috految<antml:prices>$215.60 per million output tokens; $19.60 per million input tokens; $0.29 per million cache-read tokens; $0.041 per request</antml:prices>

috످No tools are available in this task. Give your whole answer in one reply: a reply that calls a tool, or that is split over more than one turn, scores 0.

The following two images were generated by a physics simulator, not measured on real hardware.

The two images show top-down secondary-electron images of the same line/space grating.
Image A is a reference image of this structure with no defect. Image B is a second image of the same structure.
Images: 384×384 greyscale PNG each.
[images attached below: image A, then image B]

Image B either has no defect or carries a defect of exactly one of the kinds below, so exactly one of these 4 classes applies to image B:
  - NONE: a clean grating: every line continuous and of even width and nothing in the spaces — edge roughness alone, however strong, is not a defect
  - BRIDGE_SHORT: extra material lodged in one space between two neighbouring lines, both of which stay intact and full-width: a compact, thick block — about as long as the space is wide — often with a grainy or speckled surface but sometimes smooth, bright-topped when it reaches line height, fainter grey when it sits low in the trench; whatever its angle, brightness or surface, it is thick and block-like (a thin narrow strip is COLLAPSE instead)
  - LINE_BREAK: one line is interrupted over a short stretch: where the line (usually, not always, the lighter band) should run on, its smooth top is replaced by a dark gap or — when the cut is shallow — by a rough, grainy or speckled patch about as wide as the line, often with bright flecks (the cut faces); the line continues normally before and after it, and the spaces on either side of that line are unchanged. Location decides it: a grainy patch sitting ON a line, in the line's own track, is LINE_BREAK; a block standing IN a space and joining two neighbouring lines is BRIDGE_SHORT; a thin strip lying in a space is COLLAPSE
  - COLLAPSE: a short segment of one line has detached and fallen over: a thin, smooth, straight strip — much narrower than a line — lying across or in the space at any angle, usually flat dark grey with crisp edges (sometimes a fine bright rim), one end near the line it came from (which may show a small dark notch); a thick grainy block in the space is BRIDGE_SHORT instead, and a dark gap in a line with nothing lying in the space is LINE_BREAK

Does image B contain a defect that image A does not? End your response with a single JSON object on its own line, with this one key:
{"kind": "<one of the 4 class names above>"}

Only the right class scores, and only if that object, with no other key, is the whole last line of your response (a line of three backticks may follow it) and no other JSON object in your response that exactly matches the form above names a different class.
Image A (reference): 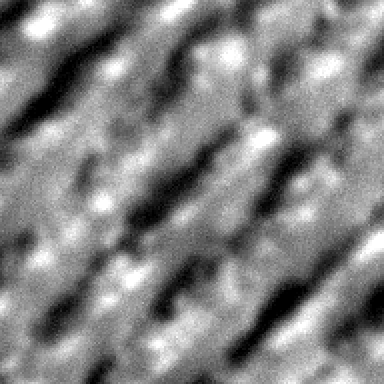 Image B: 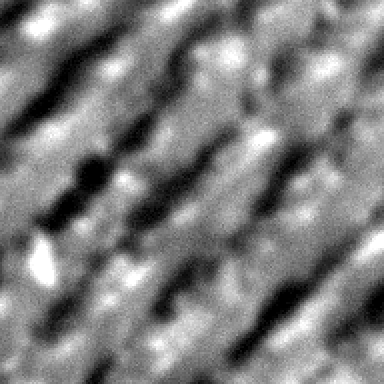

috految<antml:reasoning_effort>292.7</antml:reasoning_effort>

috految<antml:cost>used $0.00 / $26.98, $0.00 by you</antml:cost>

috److془We need to carefully analyze the images.

Image A: lines at 45° direction. Dark bands: x+y ≈ 20, 145, 255, 365, 475, 595, 690. Pitch ~ 113/√2 = 80 px.

Image B: changes: dark at (135,135), (93,175), (62,210), (45,222); bright at (42,262); bright at (125,182), bright at (160,140) slight; (102,202) bright gone; (70,232) bright gone. (140,165) bright gone.

So the space at x+y~ 255-275 became darker, from (40,225) to (150,120). The bright at (42,262) with x+y = 304, extends from (40,240) to (48,285). x+y from 280 to 333.

Hmm, so the line with x+y from 280 to 345 ... The bright face is at (42,262), vertical orientation. Bright sidewalls: facing up-left (if lines are light band)—or facing up. The dark: facing down-right.

Alternatively: the line is from the dark band to the bright band (x+y from 260 to 300), with the detector at the bottom-right...

Let's think. In image A, the profile: dark (x+y=145), bright (x+y=182), grey (x+y =200-230), dark (255), bright (300), grey (330), dark (365), bright (400), grey (440), dark (470), bright (505), grey (550), dark (590), bright (622), grey (655), dark (685).

So the grey is the line top (flat), dark is the trench, the bright is the sidewall. Or the grey is the trench floor...

The defect: center at approx (95, 200), length ~ 170 px along line. Hmm, the line top at x+y = 320: from (60,260) to (160,160). In B, the line top remains grey (100,220) ~ 130; (75,245) ~ 140; (125,182) bright ~ 220; (160,140) ~ 170. (150,165) ~ 130.

Dark at (135,135), (93,175), (62,210) x+y = 270. In A: (135,135) ~ 125; (93,175) ~ 100; (62,210) ~150.

Hmm, so the defect either is a line break, which removed material in line (x+y from 260 to 330), or a bridge, (added material in the trench with shadows), or collapse.

The bright face at (42,262) vertical from (40,238) to (46,287). Width ~22 px. Saturated. It's the end face of the cut, facing right/up-right; or the end face of the block facing left/down-left.

Hmm, if the detector is in direction up/up-right (up-left facing faces bright, and up-right facing faces bright), then cut face is bright. Also the opposite face would be dark. The opposite face would be at (150,120) to (155,160)? Hmm, there is (150,165) darker than in A. 

Alternatively, the tilt: the camera is tilted so that we see the sidewalls. Hmm "top-down secondary-electron images".

Let's consider the collapse: "a short segment of one line has detached and fallen over: a thin, smooth, straight strip — much narrower than a line — lying across or in the space at any angle, usually flat dark grey with crisp edges (sometimes a fine bright rim), one end near the line it came from (which may show a small dark notch)".

LINE_BREAK: "one line is interrupted over a short stretch: where the line (usually, not always, the lighter band) should run on, its smooth top is replaced by a dark gap or — when the cut is shallow — by a rough, grainy or speckled patch about as wide as the line, often with bright flecks (the cut faces); the line continues normally before and after it, and the spaces on either side of that line are unchanged."

BRIDGE_SHORT: "extra material lodged in one space between two neighbouring lines, both of which stay intact and full-width: a compact, thick block — about as long as the space is wide — often with a grainy or speckled surface but sometimes smooth, bright-topped when it reaches line height, fainter grey when it sits low in the trench".

Let's think: the image is 128x128 upsampled 3x perhaps. (or 96 px ×4). Pitch 80 px = 27 px. Blur ~ 5 px sigma.

The sidewalls have roughness with large amplitudes. Dark band is the trench where open; where the line roughness closes the trench, it's grey. The line top is grey flat (e.g., (200,110), (30,190), (300,110), (215,205), (340,210)). Bright blobs at (40,25), (113,68), (232,52), (325,65), (262,138), (102,202), (40,258), (135,275), (160,345).

Hmm, the dark band at x+y=255 in A is mostly closed at (50,210), (110,150), (140,130). In B, open. So material removed → LINE_BREAK. The dark bands on the other side (x+y=365): in A at (145,213) ~ 5; in B ~ 15. At (60,310): A ~ 25; B ~ 40. At (95,265): A ~ 70; B ~ 65. (128,243): A ~ 40; B ~ 45. The slight change may be due to normalization.

Hmm, but if the line were removed, the dark trench at x+y=365 would be changed (unless the cut is partial). Hmm. With the cut partial, centered at x+y ~ 295.

Alternatively: the bright bands are the lines with the dark being... Hmm. Let's consider sample tilt. With tilt, the camera sees the line top (grey, at 330), the sidewall (bright 300 at the top and dark 260 at the bottom) and then the next line top occludes it. Cut would remove the line top, and we'd see the next line's sidewall. Hmm; the sidewall would be changed.

Alternatively: the line top is the dark band (low SE yield, flat), with strong roughness (LER), and the trench is bright. Hmm. Then the dark appearing at 270 would be the flat top of the added block (bridge), or of collapse. Hmm.

Alternatively: the block is in the space (x+y from 280 to 335 being the space), with the detector at lower-left (the end faces bright), and the shadows at 270?? Hmm, but in that case the line's dark side (facing up-left) at 255, bright side (facing down-right) at 295, and the trench at 330. With a block at 330, the neighboring dark side at 365 would be changed. Not the case. So the change is centered at 295, extends from 255 to 335.

Alternatively, the change might be of the form: the bridge in the trench at 275 (dark 255, bright 295), the block is higher... The block would be replaced by flat grey with bright edges. But we see a dark band at 270 with beaded shape. Hmm, but note if the block is of a different material (low SE yield), it'd be dark. But the bright face at (42,262) extends to the line (x+y = 333).

Alternative: Collapse: segment of line rotated about the line axis, moved towards the down-right... "a thin, smooth, straight strip — much narrower than a line — lying across or in the space at any angle, usually flat dark grey with crisp edges (sometimes a fine bright rim), one end near the line it came from (which may show a small dark notch)".

Hmm; the changed region is ~ 170 px long (2.1 pitch). Hmm, the bright face at (42,262) and the other end at (155,125). Distance = 178. Hmm, "LINE_BREAK: one line is interrupted over a short stretch".

Alternatively, consider the tilt along the line direction or so: the view is tilted, so the height is projected in the image. Or the shadow: the detector at a direction along the line, so the block in the trench casts a long shadow along the trench! E.g., the detector is at lower-left, block at (55,250) with face at (42,262) bright, shadow along the trench to the upper-right. Hmm! But the shadow would be smooth and the bright at (125,182) would not be new. In A at (125,182): ~160-170. In B: ~ 220. In A at (102,202): ~ 250; in B ~ 150. In A at (140,163): ~ 200; in B ~ 140. In A at (160,140): ~ 160; in B ~ 180. In A at (120,128): ~ 95; in B ~ 110. In A at (110,150): ~ 145; B ~ 110. In A (100,140) ~ 140; B ~ 150. In A (70,170) ~ 150; B ~ 140. In A (50,180) ~ 135, B ~ 150. In A (22,243) ~ 50; in B ~ 75. In A (160,100) ~ 50; B ~ 65. (55,125): A ~200; B ~ 215.

Hmm, so the line at x+y=225 got a bit brighter, consistent with a material removal (more escape through the sidewall). Also (22,243) brighter, consistent with removal.

Hmm, but consider the line break with rough cut: in the sim, defect box with rough displacement of vertices. The "grainy" surface due to displacement. Break: boolean subtraction of the rough box from line. Bridge: boolean addition of the rough box. With rotation angle.

The box: length ~ 170, width ~ 55. Or the bridge being sized ~ pitch... Hmm. The end face vertical at (42,262), tilt ~ 10° from vertical (from (40,238) to (46,285)). If the box is at angle, with the long side along the direction (155,120)-(40,240)? Without rotation the end face would be along (1,1) direction. With the rotation by 35°, the edges would be (0.17,0.98) and (0.98,-0.17). The box might intersect with just one line. Then the cut would be a parallelogram: from the x=45 face to the x=150 face. Width ~ 125. Hmm, the (160,140) bright edge would be the other end.

Alternatively the tilt in vertical direction: the end face would be extends vertical. Height of the line projected ~ 45 px or so. The line top in the image is displaced downward relative to the base. The sidewall facing up-left visible (bright at the top, dark at bottom). The cut's end face at lower-left facing up-right visible (bright). Consistent with LINE_BREAK. 

Alternatively, the line top is displaced upward; dark band = under-lit; the block's face facing down-left visible...

Let's consider the alternative: the line top is dark (flat, edge effects are small), with the sidewalls bright w/ roughness. Then the dark band would be like constant intensities. Dark band intensities: A: (60,80) 0, (180,65) 30, (150,210) 5, (285,172) 5, (165,305) 10, (280,308) 0, (375,305) 0. Where it is narrow it's grey. Hmm, but the flat grey regions (30,190), (200,110), (300,110) look to be line tops. Bright blobs adjacent to the dark bands. The grey flat regions are at x+y=220, 310, 410, 420, 550. Commonly wide where closed trenches. Fine.

Alternatively the collapse: the segment of the line is detached and fallen over. The thin strip bright at (42,262)? Hmm, "a short segment of one line has detached and fallen over: a thin, smooth, straight strip — much narrower than a line — lying across or in the space at any angle, usually flat dark grey with crisp edges, one end near the line it came from (which may show a small dark notch)".

The strip may be: straight dark from (45,222) to (150,120), with the rounded dark at (93,175) at the center! Hmm! Note the center of (40,228) and (150,120) is (95,174). Hmm! Interesting. But the dark blob at (93,175) coincides with the A's dark patch at (87,175). So it's due to the roughness in the top line at that place. And the bright at (42,262) is not so explained.

Hmm, let me think about it: the dark blob at (93,175) with radius 16: spans from (78,175) to (108,175), (95,157) to (90,192). The A's dark patch from (92,158) to (80,190) is the upper-left boundary. So the boundary of the top-left line is unchanged, and the dark extends to the lower-right. The lower-right boundary of the dark is: (55,228), (80,208), (88,193), (105,187), (110,165), (135,150), (153,122). x+y = 283, 288, 281, 292, 275, 285, 275. So it's rough. The bright at (125,182) is a rough feature. So the mesh is rough. Consistent with LINE_BREAK with shallow cut.

Hmm, but let me consider the other possibility: the sidewall of the line at 300 is changed by the removal of material. Under the LINE_BREAK the line would be lower, and signal in the trench at 365 would be brighter if the detector is on the upper-left side. It's a little brighter. Fine.

Alternatively, consider the case of the line tops being at the bright (300) with the bright being from edge effect... LINE_BREAK again.

Go with LINE_BREAK.

But let me consider more: the bridge with a block higher than the lines? "bright-topped when it reaches line height, fainter grey when it sits low in the trench". The dark is not consistent. LINE_BREAK.془The lines run diagonally and are very rough in both images. Image B differs from image A along one line, from about (40, 260) to (155, 130):

- **Missing material:** Areas that were grey or bright in A are replaced in B by a dark, irregular gap and a dimmer, rough surface.
- **Bright features:** A very bright feature appears at about (42, 262), within the line's own track, with a smaller fleck near (125, 182). Both are consistent with cut faces.
- **Surroundings:** The neighbouring lines are essentially unchanged, and I see no clear block or thin, smooth strip lying in a space.

The strong roughness makes the line and space boundaries somewhat uncertain, but the changes best match material removed from one line.

{"kind": "LINE_BREAK"}

috످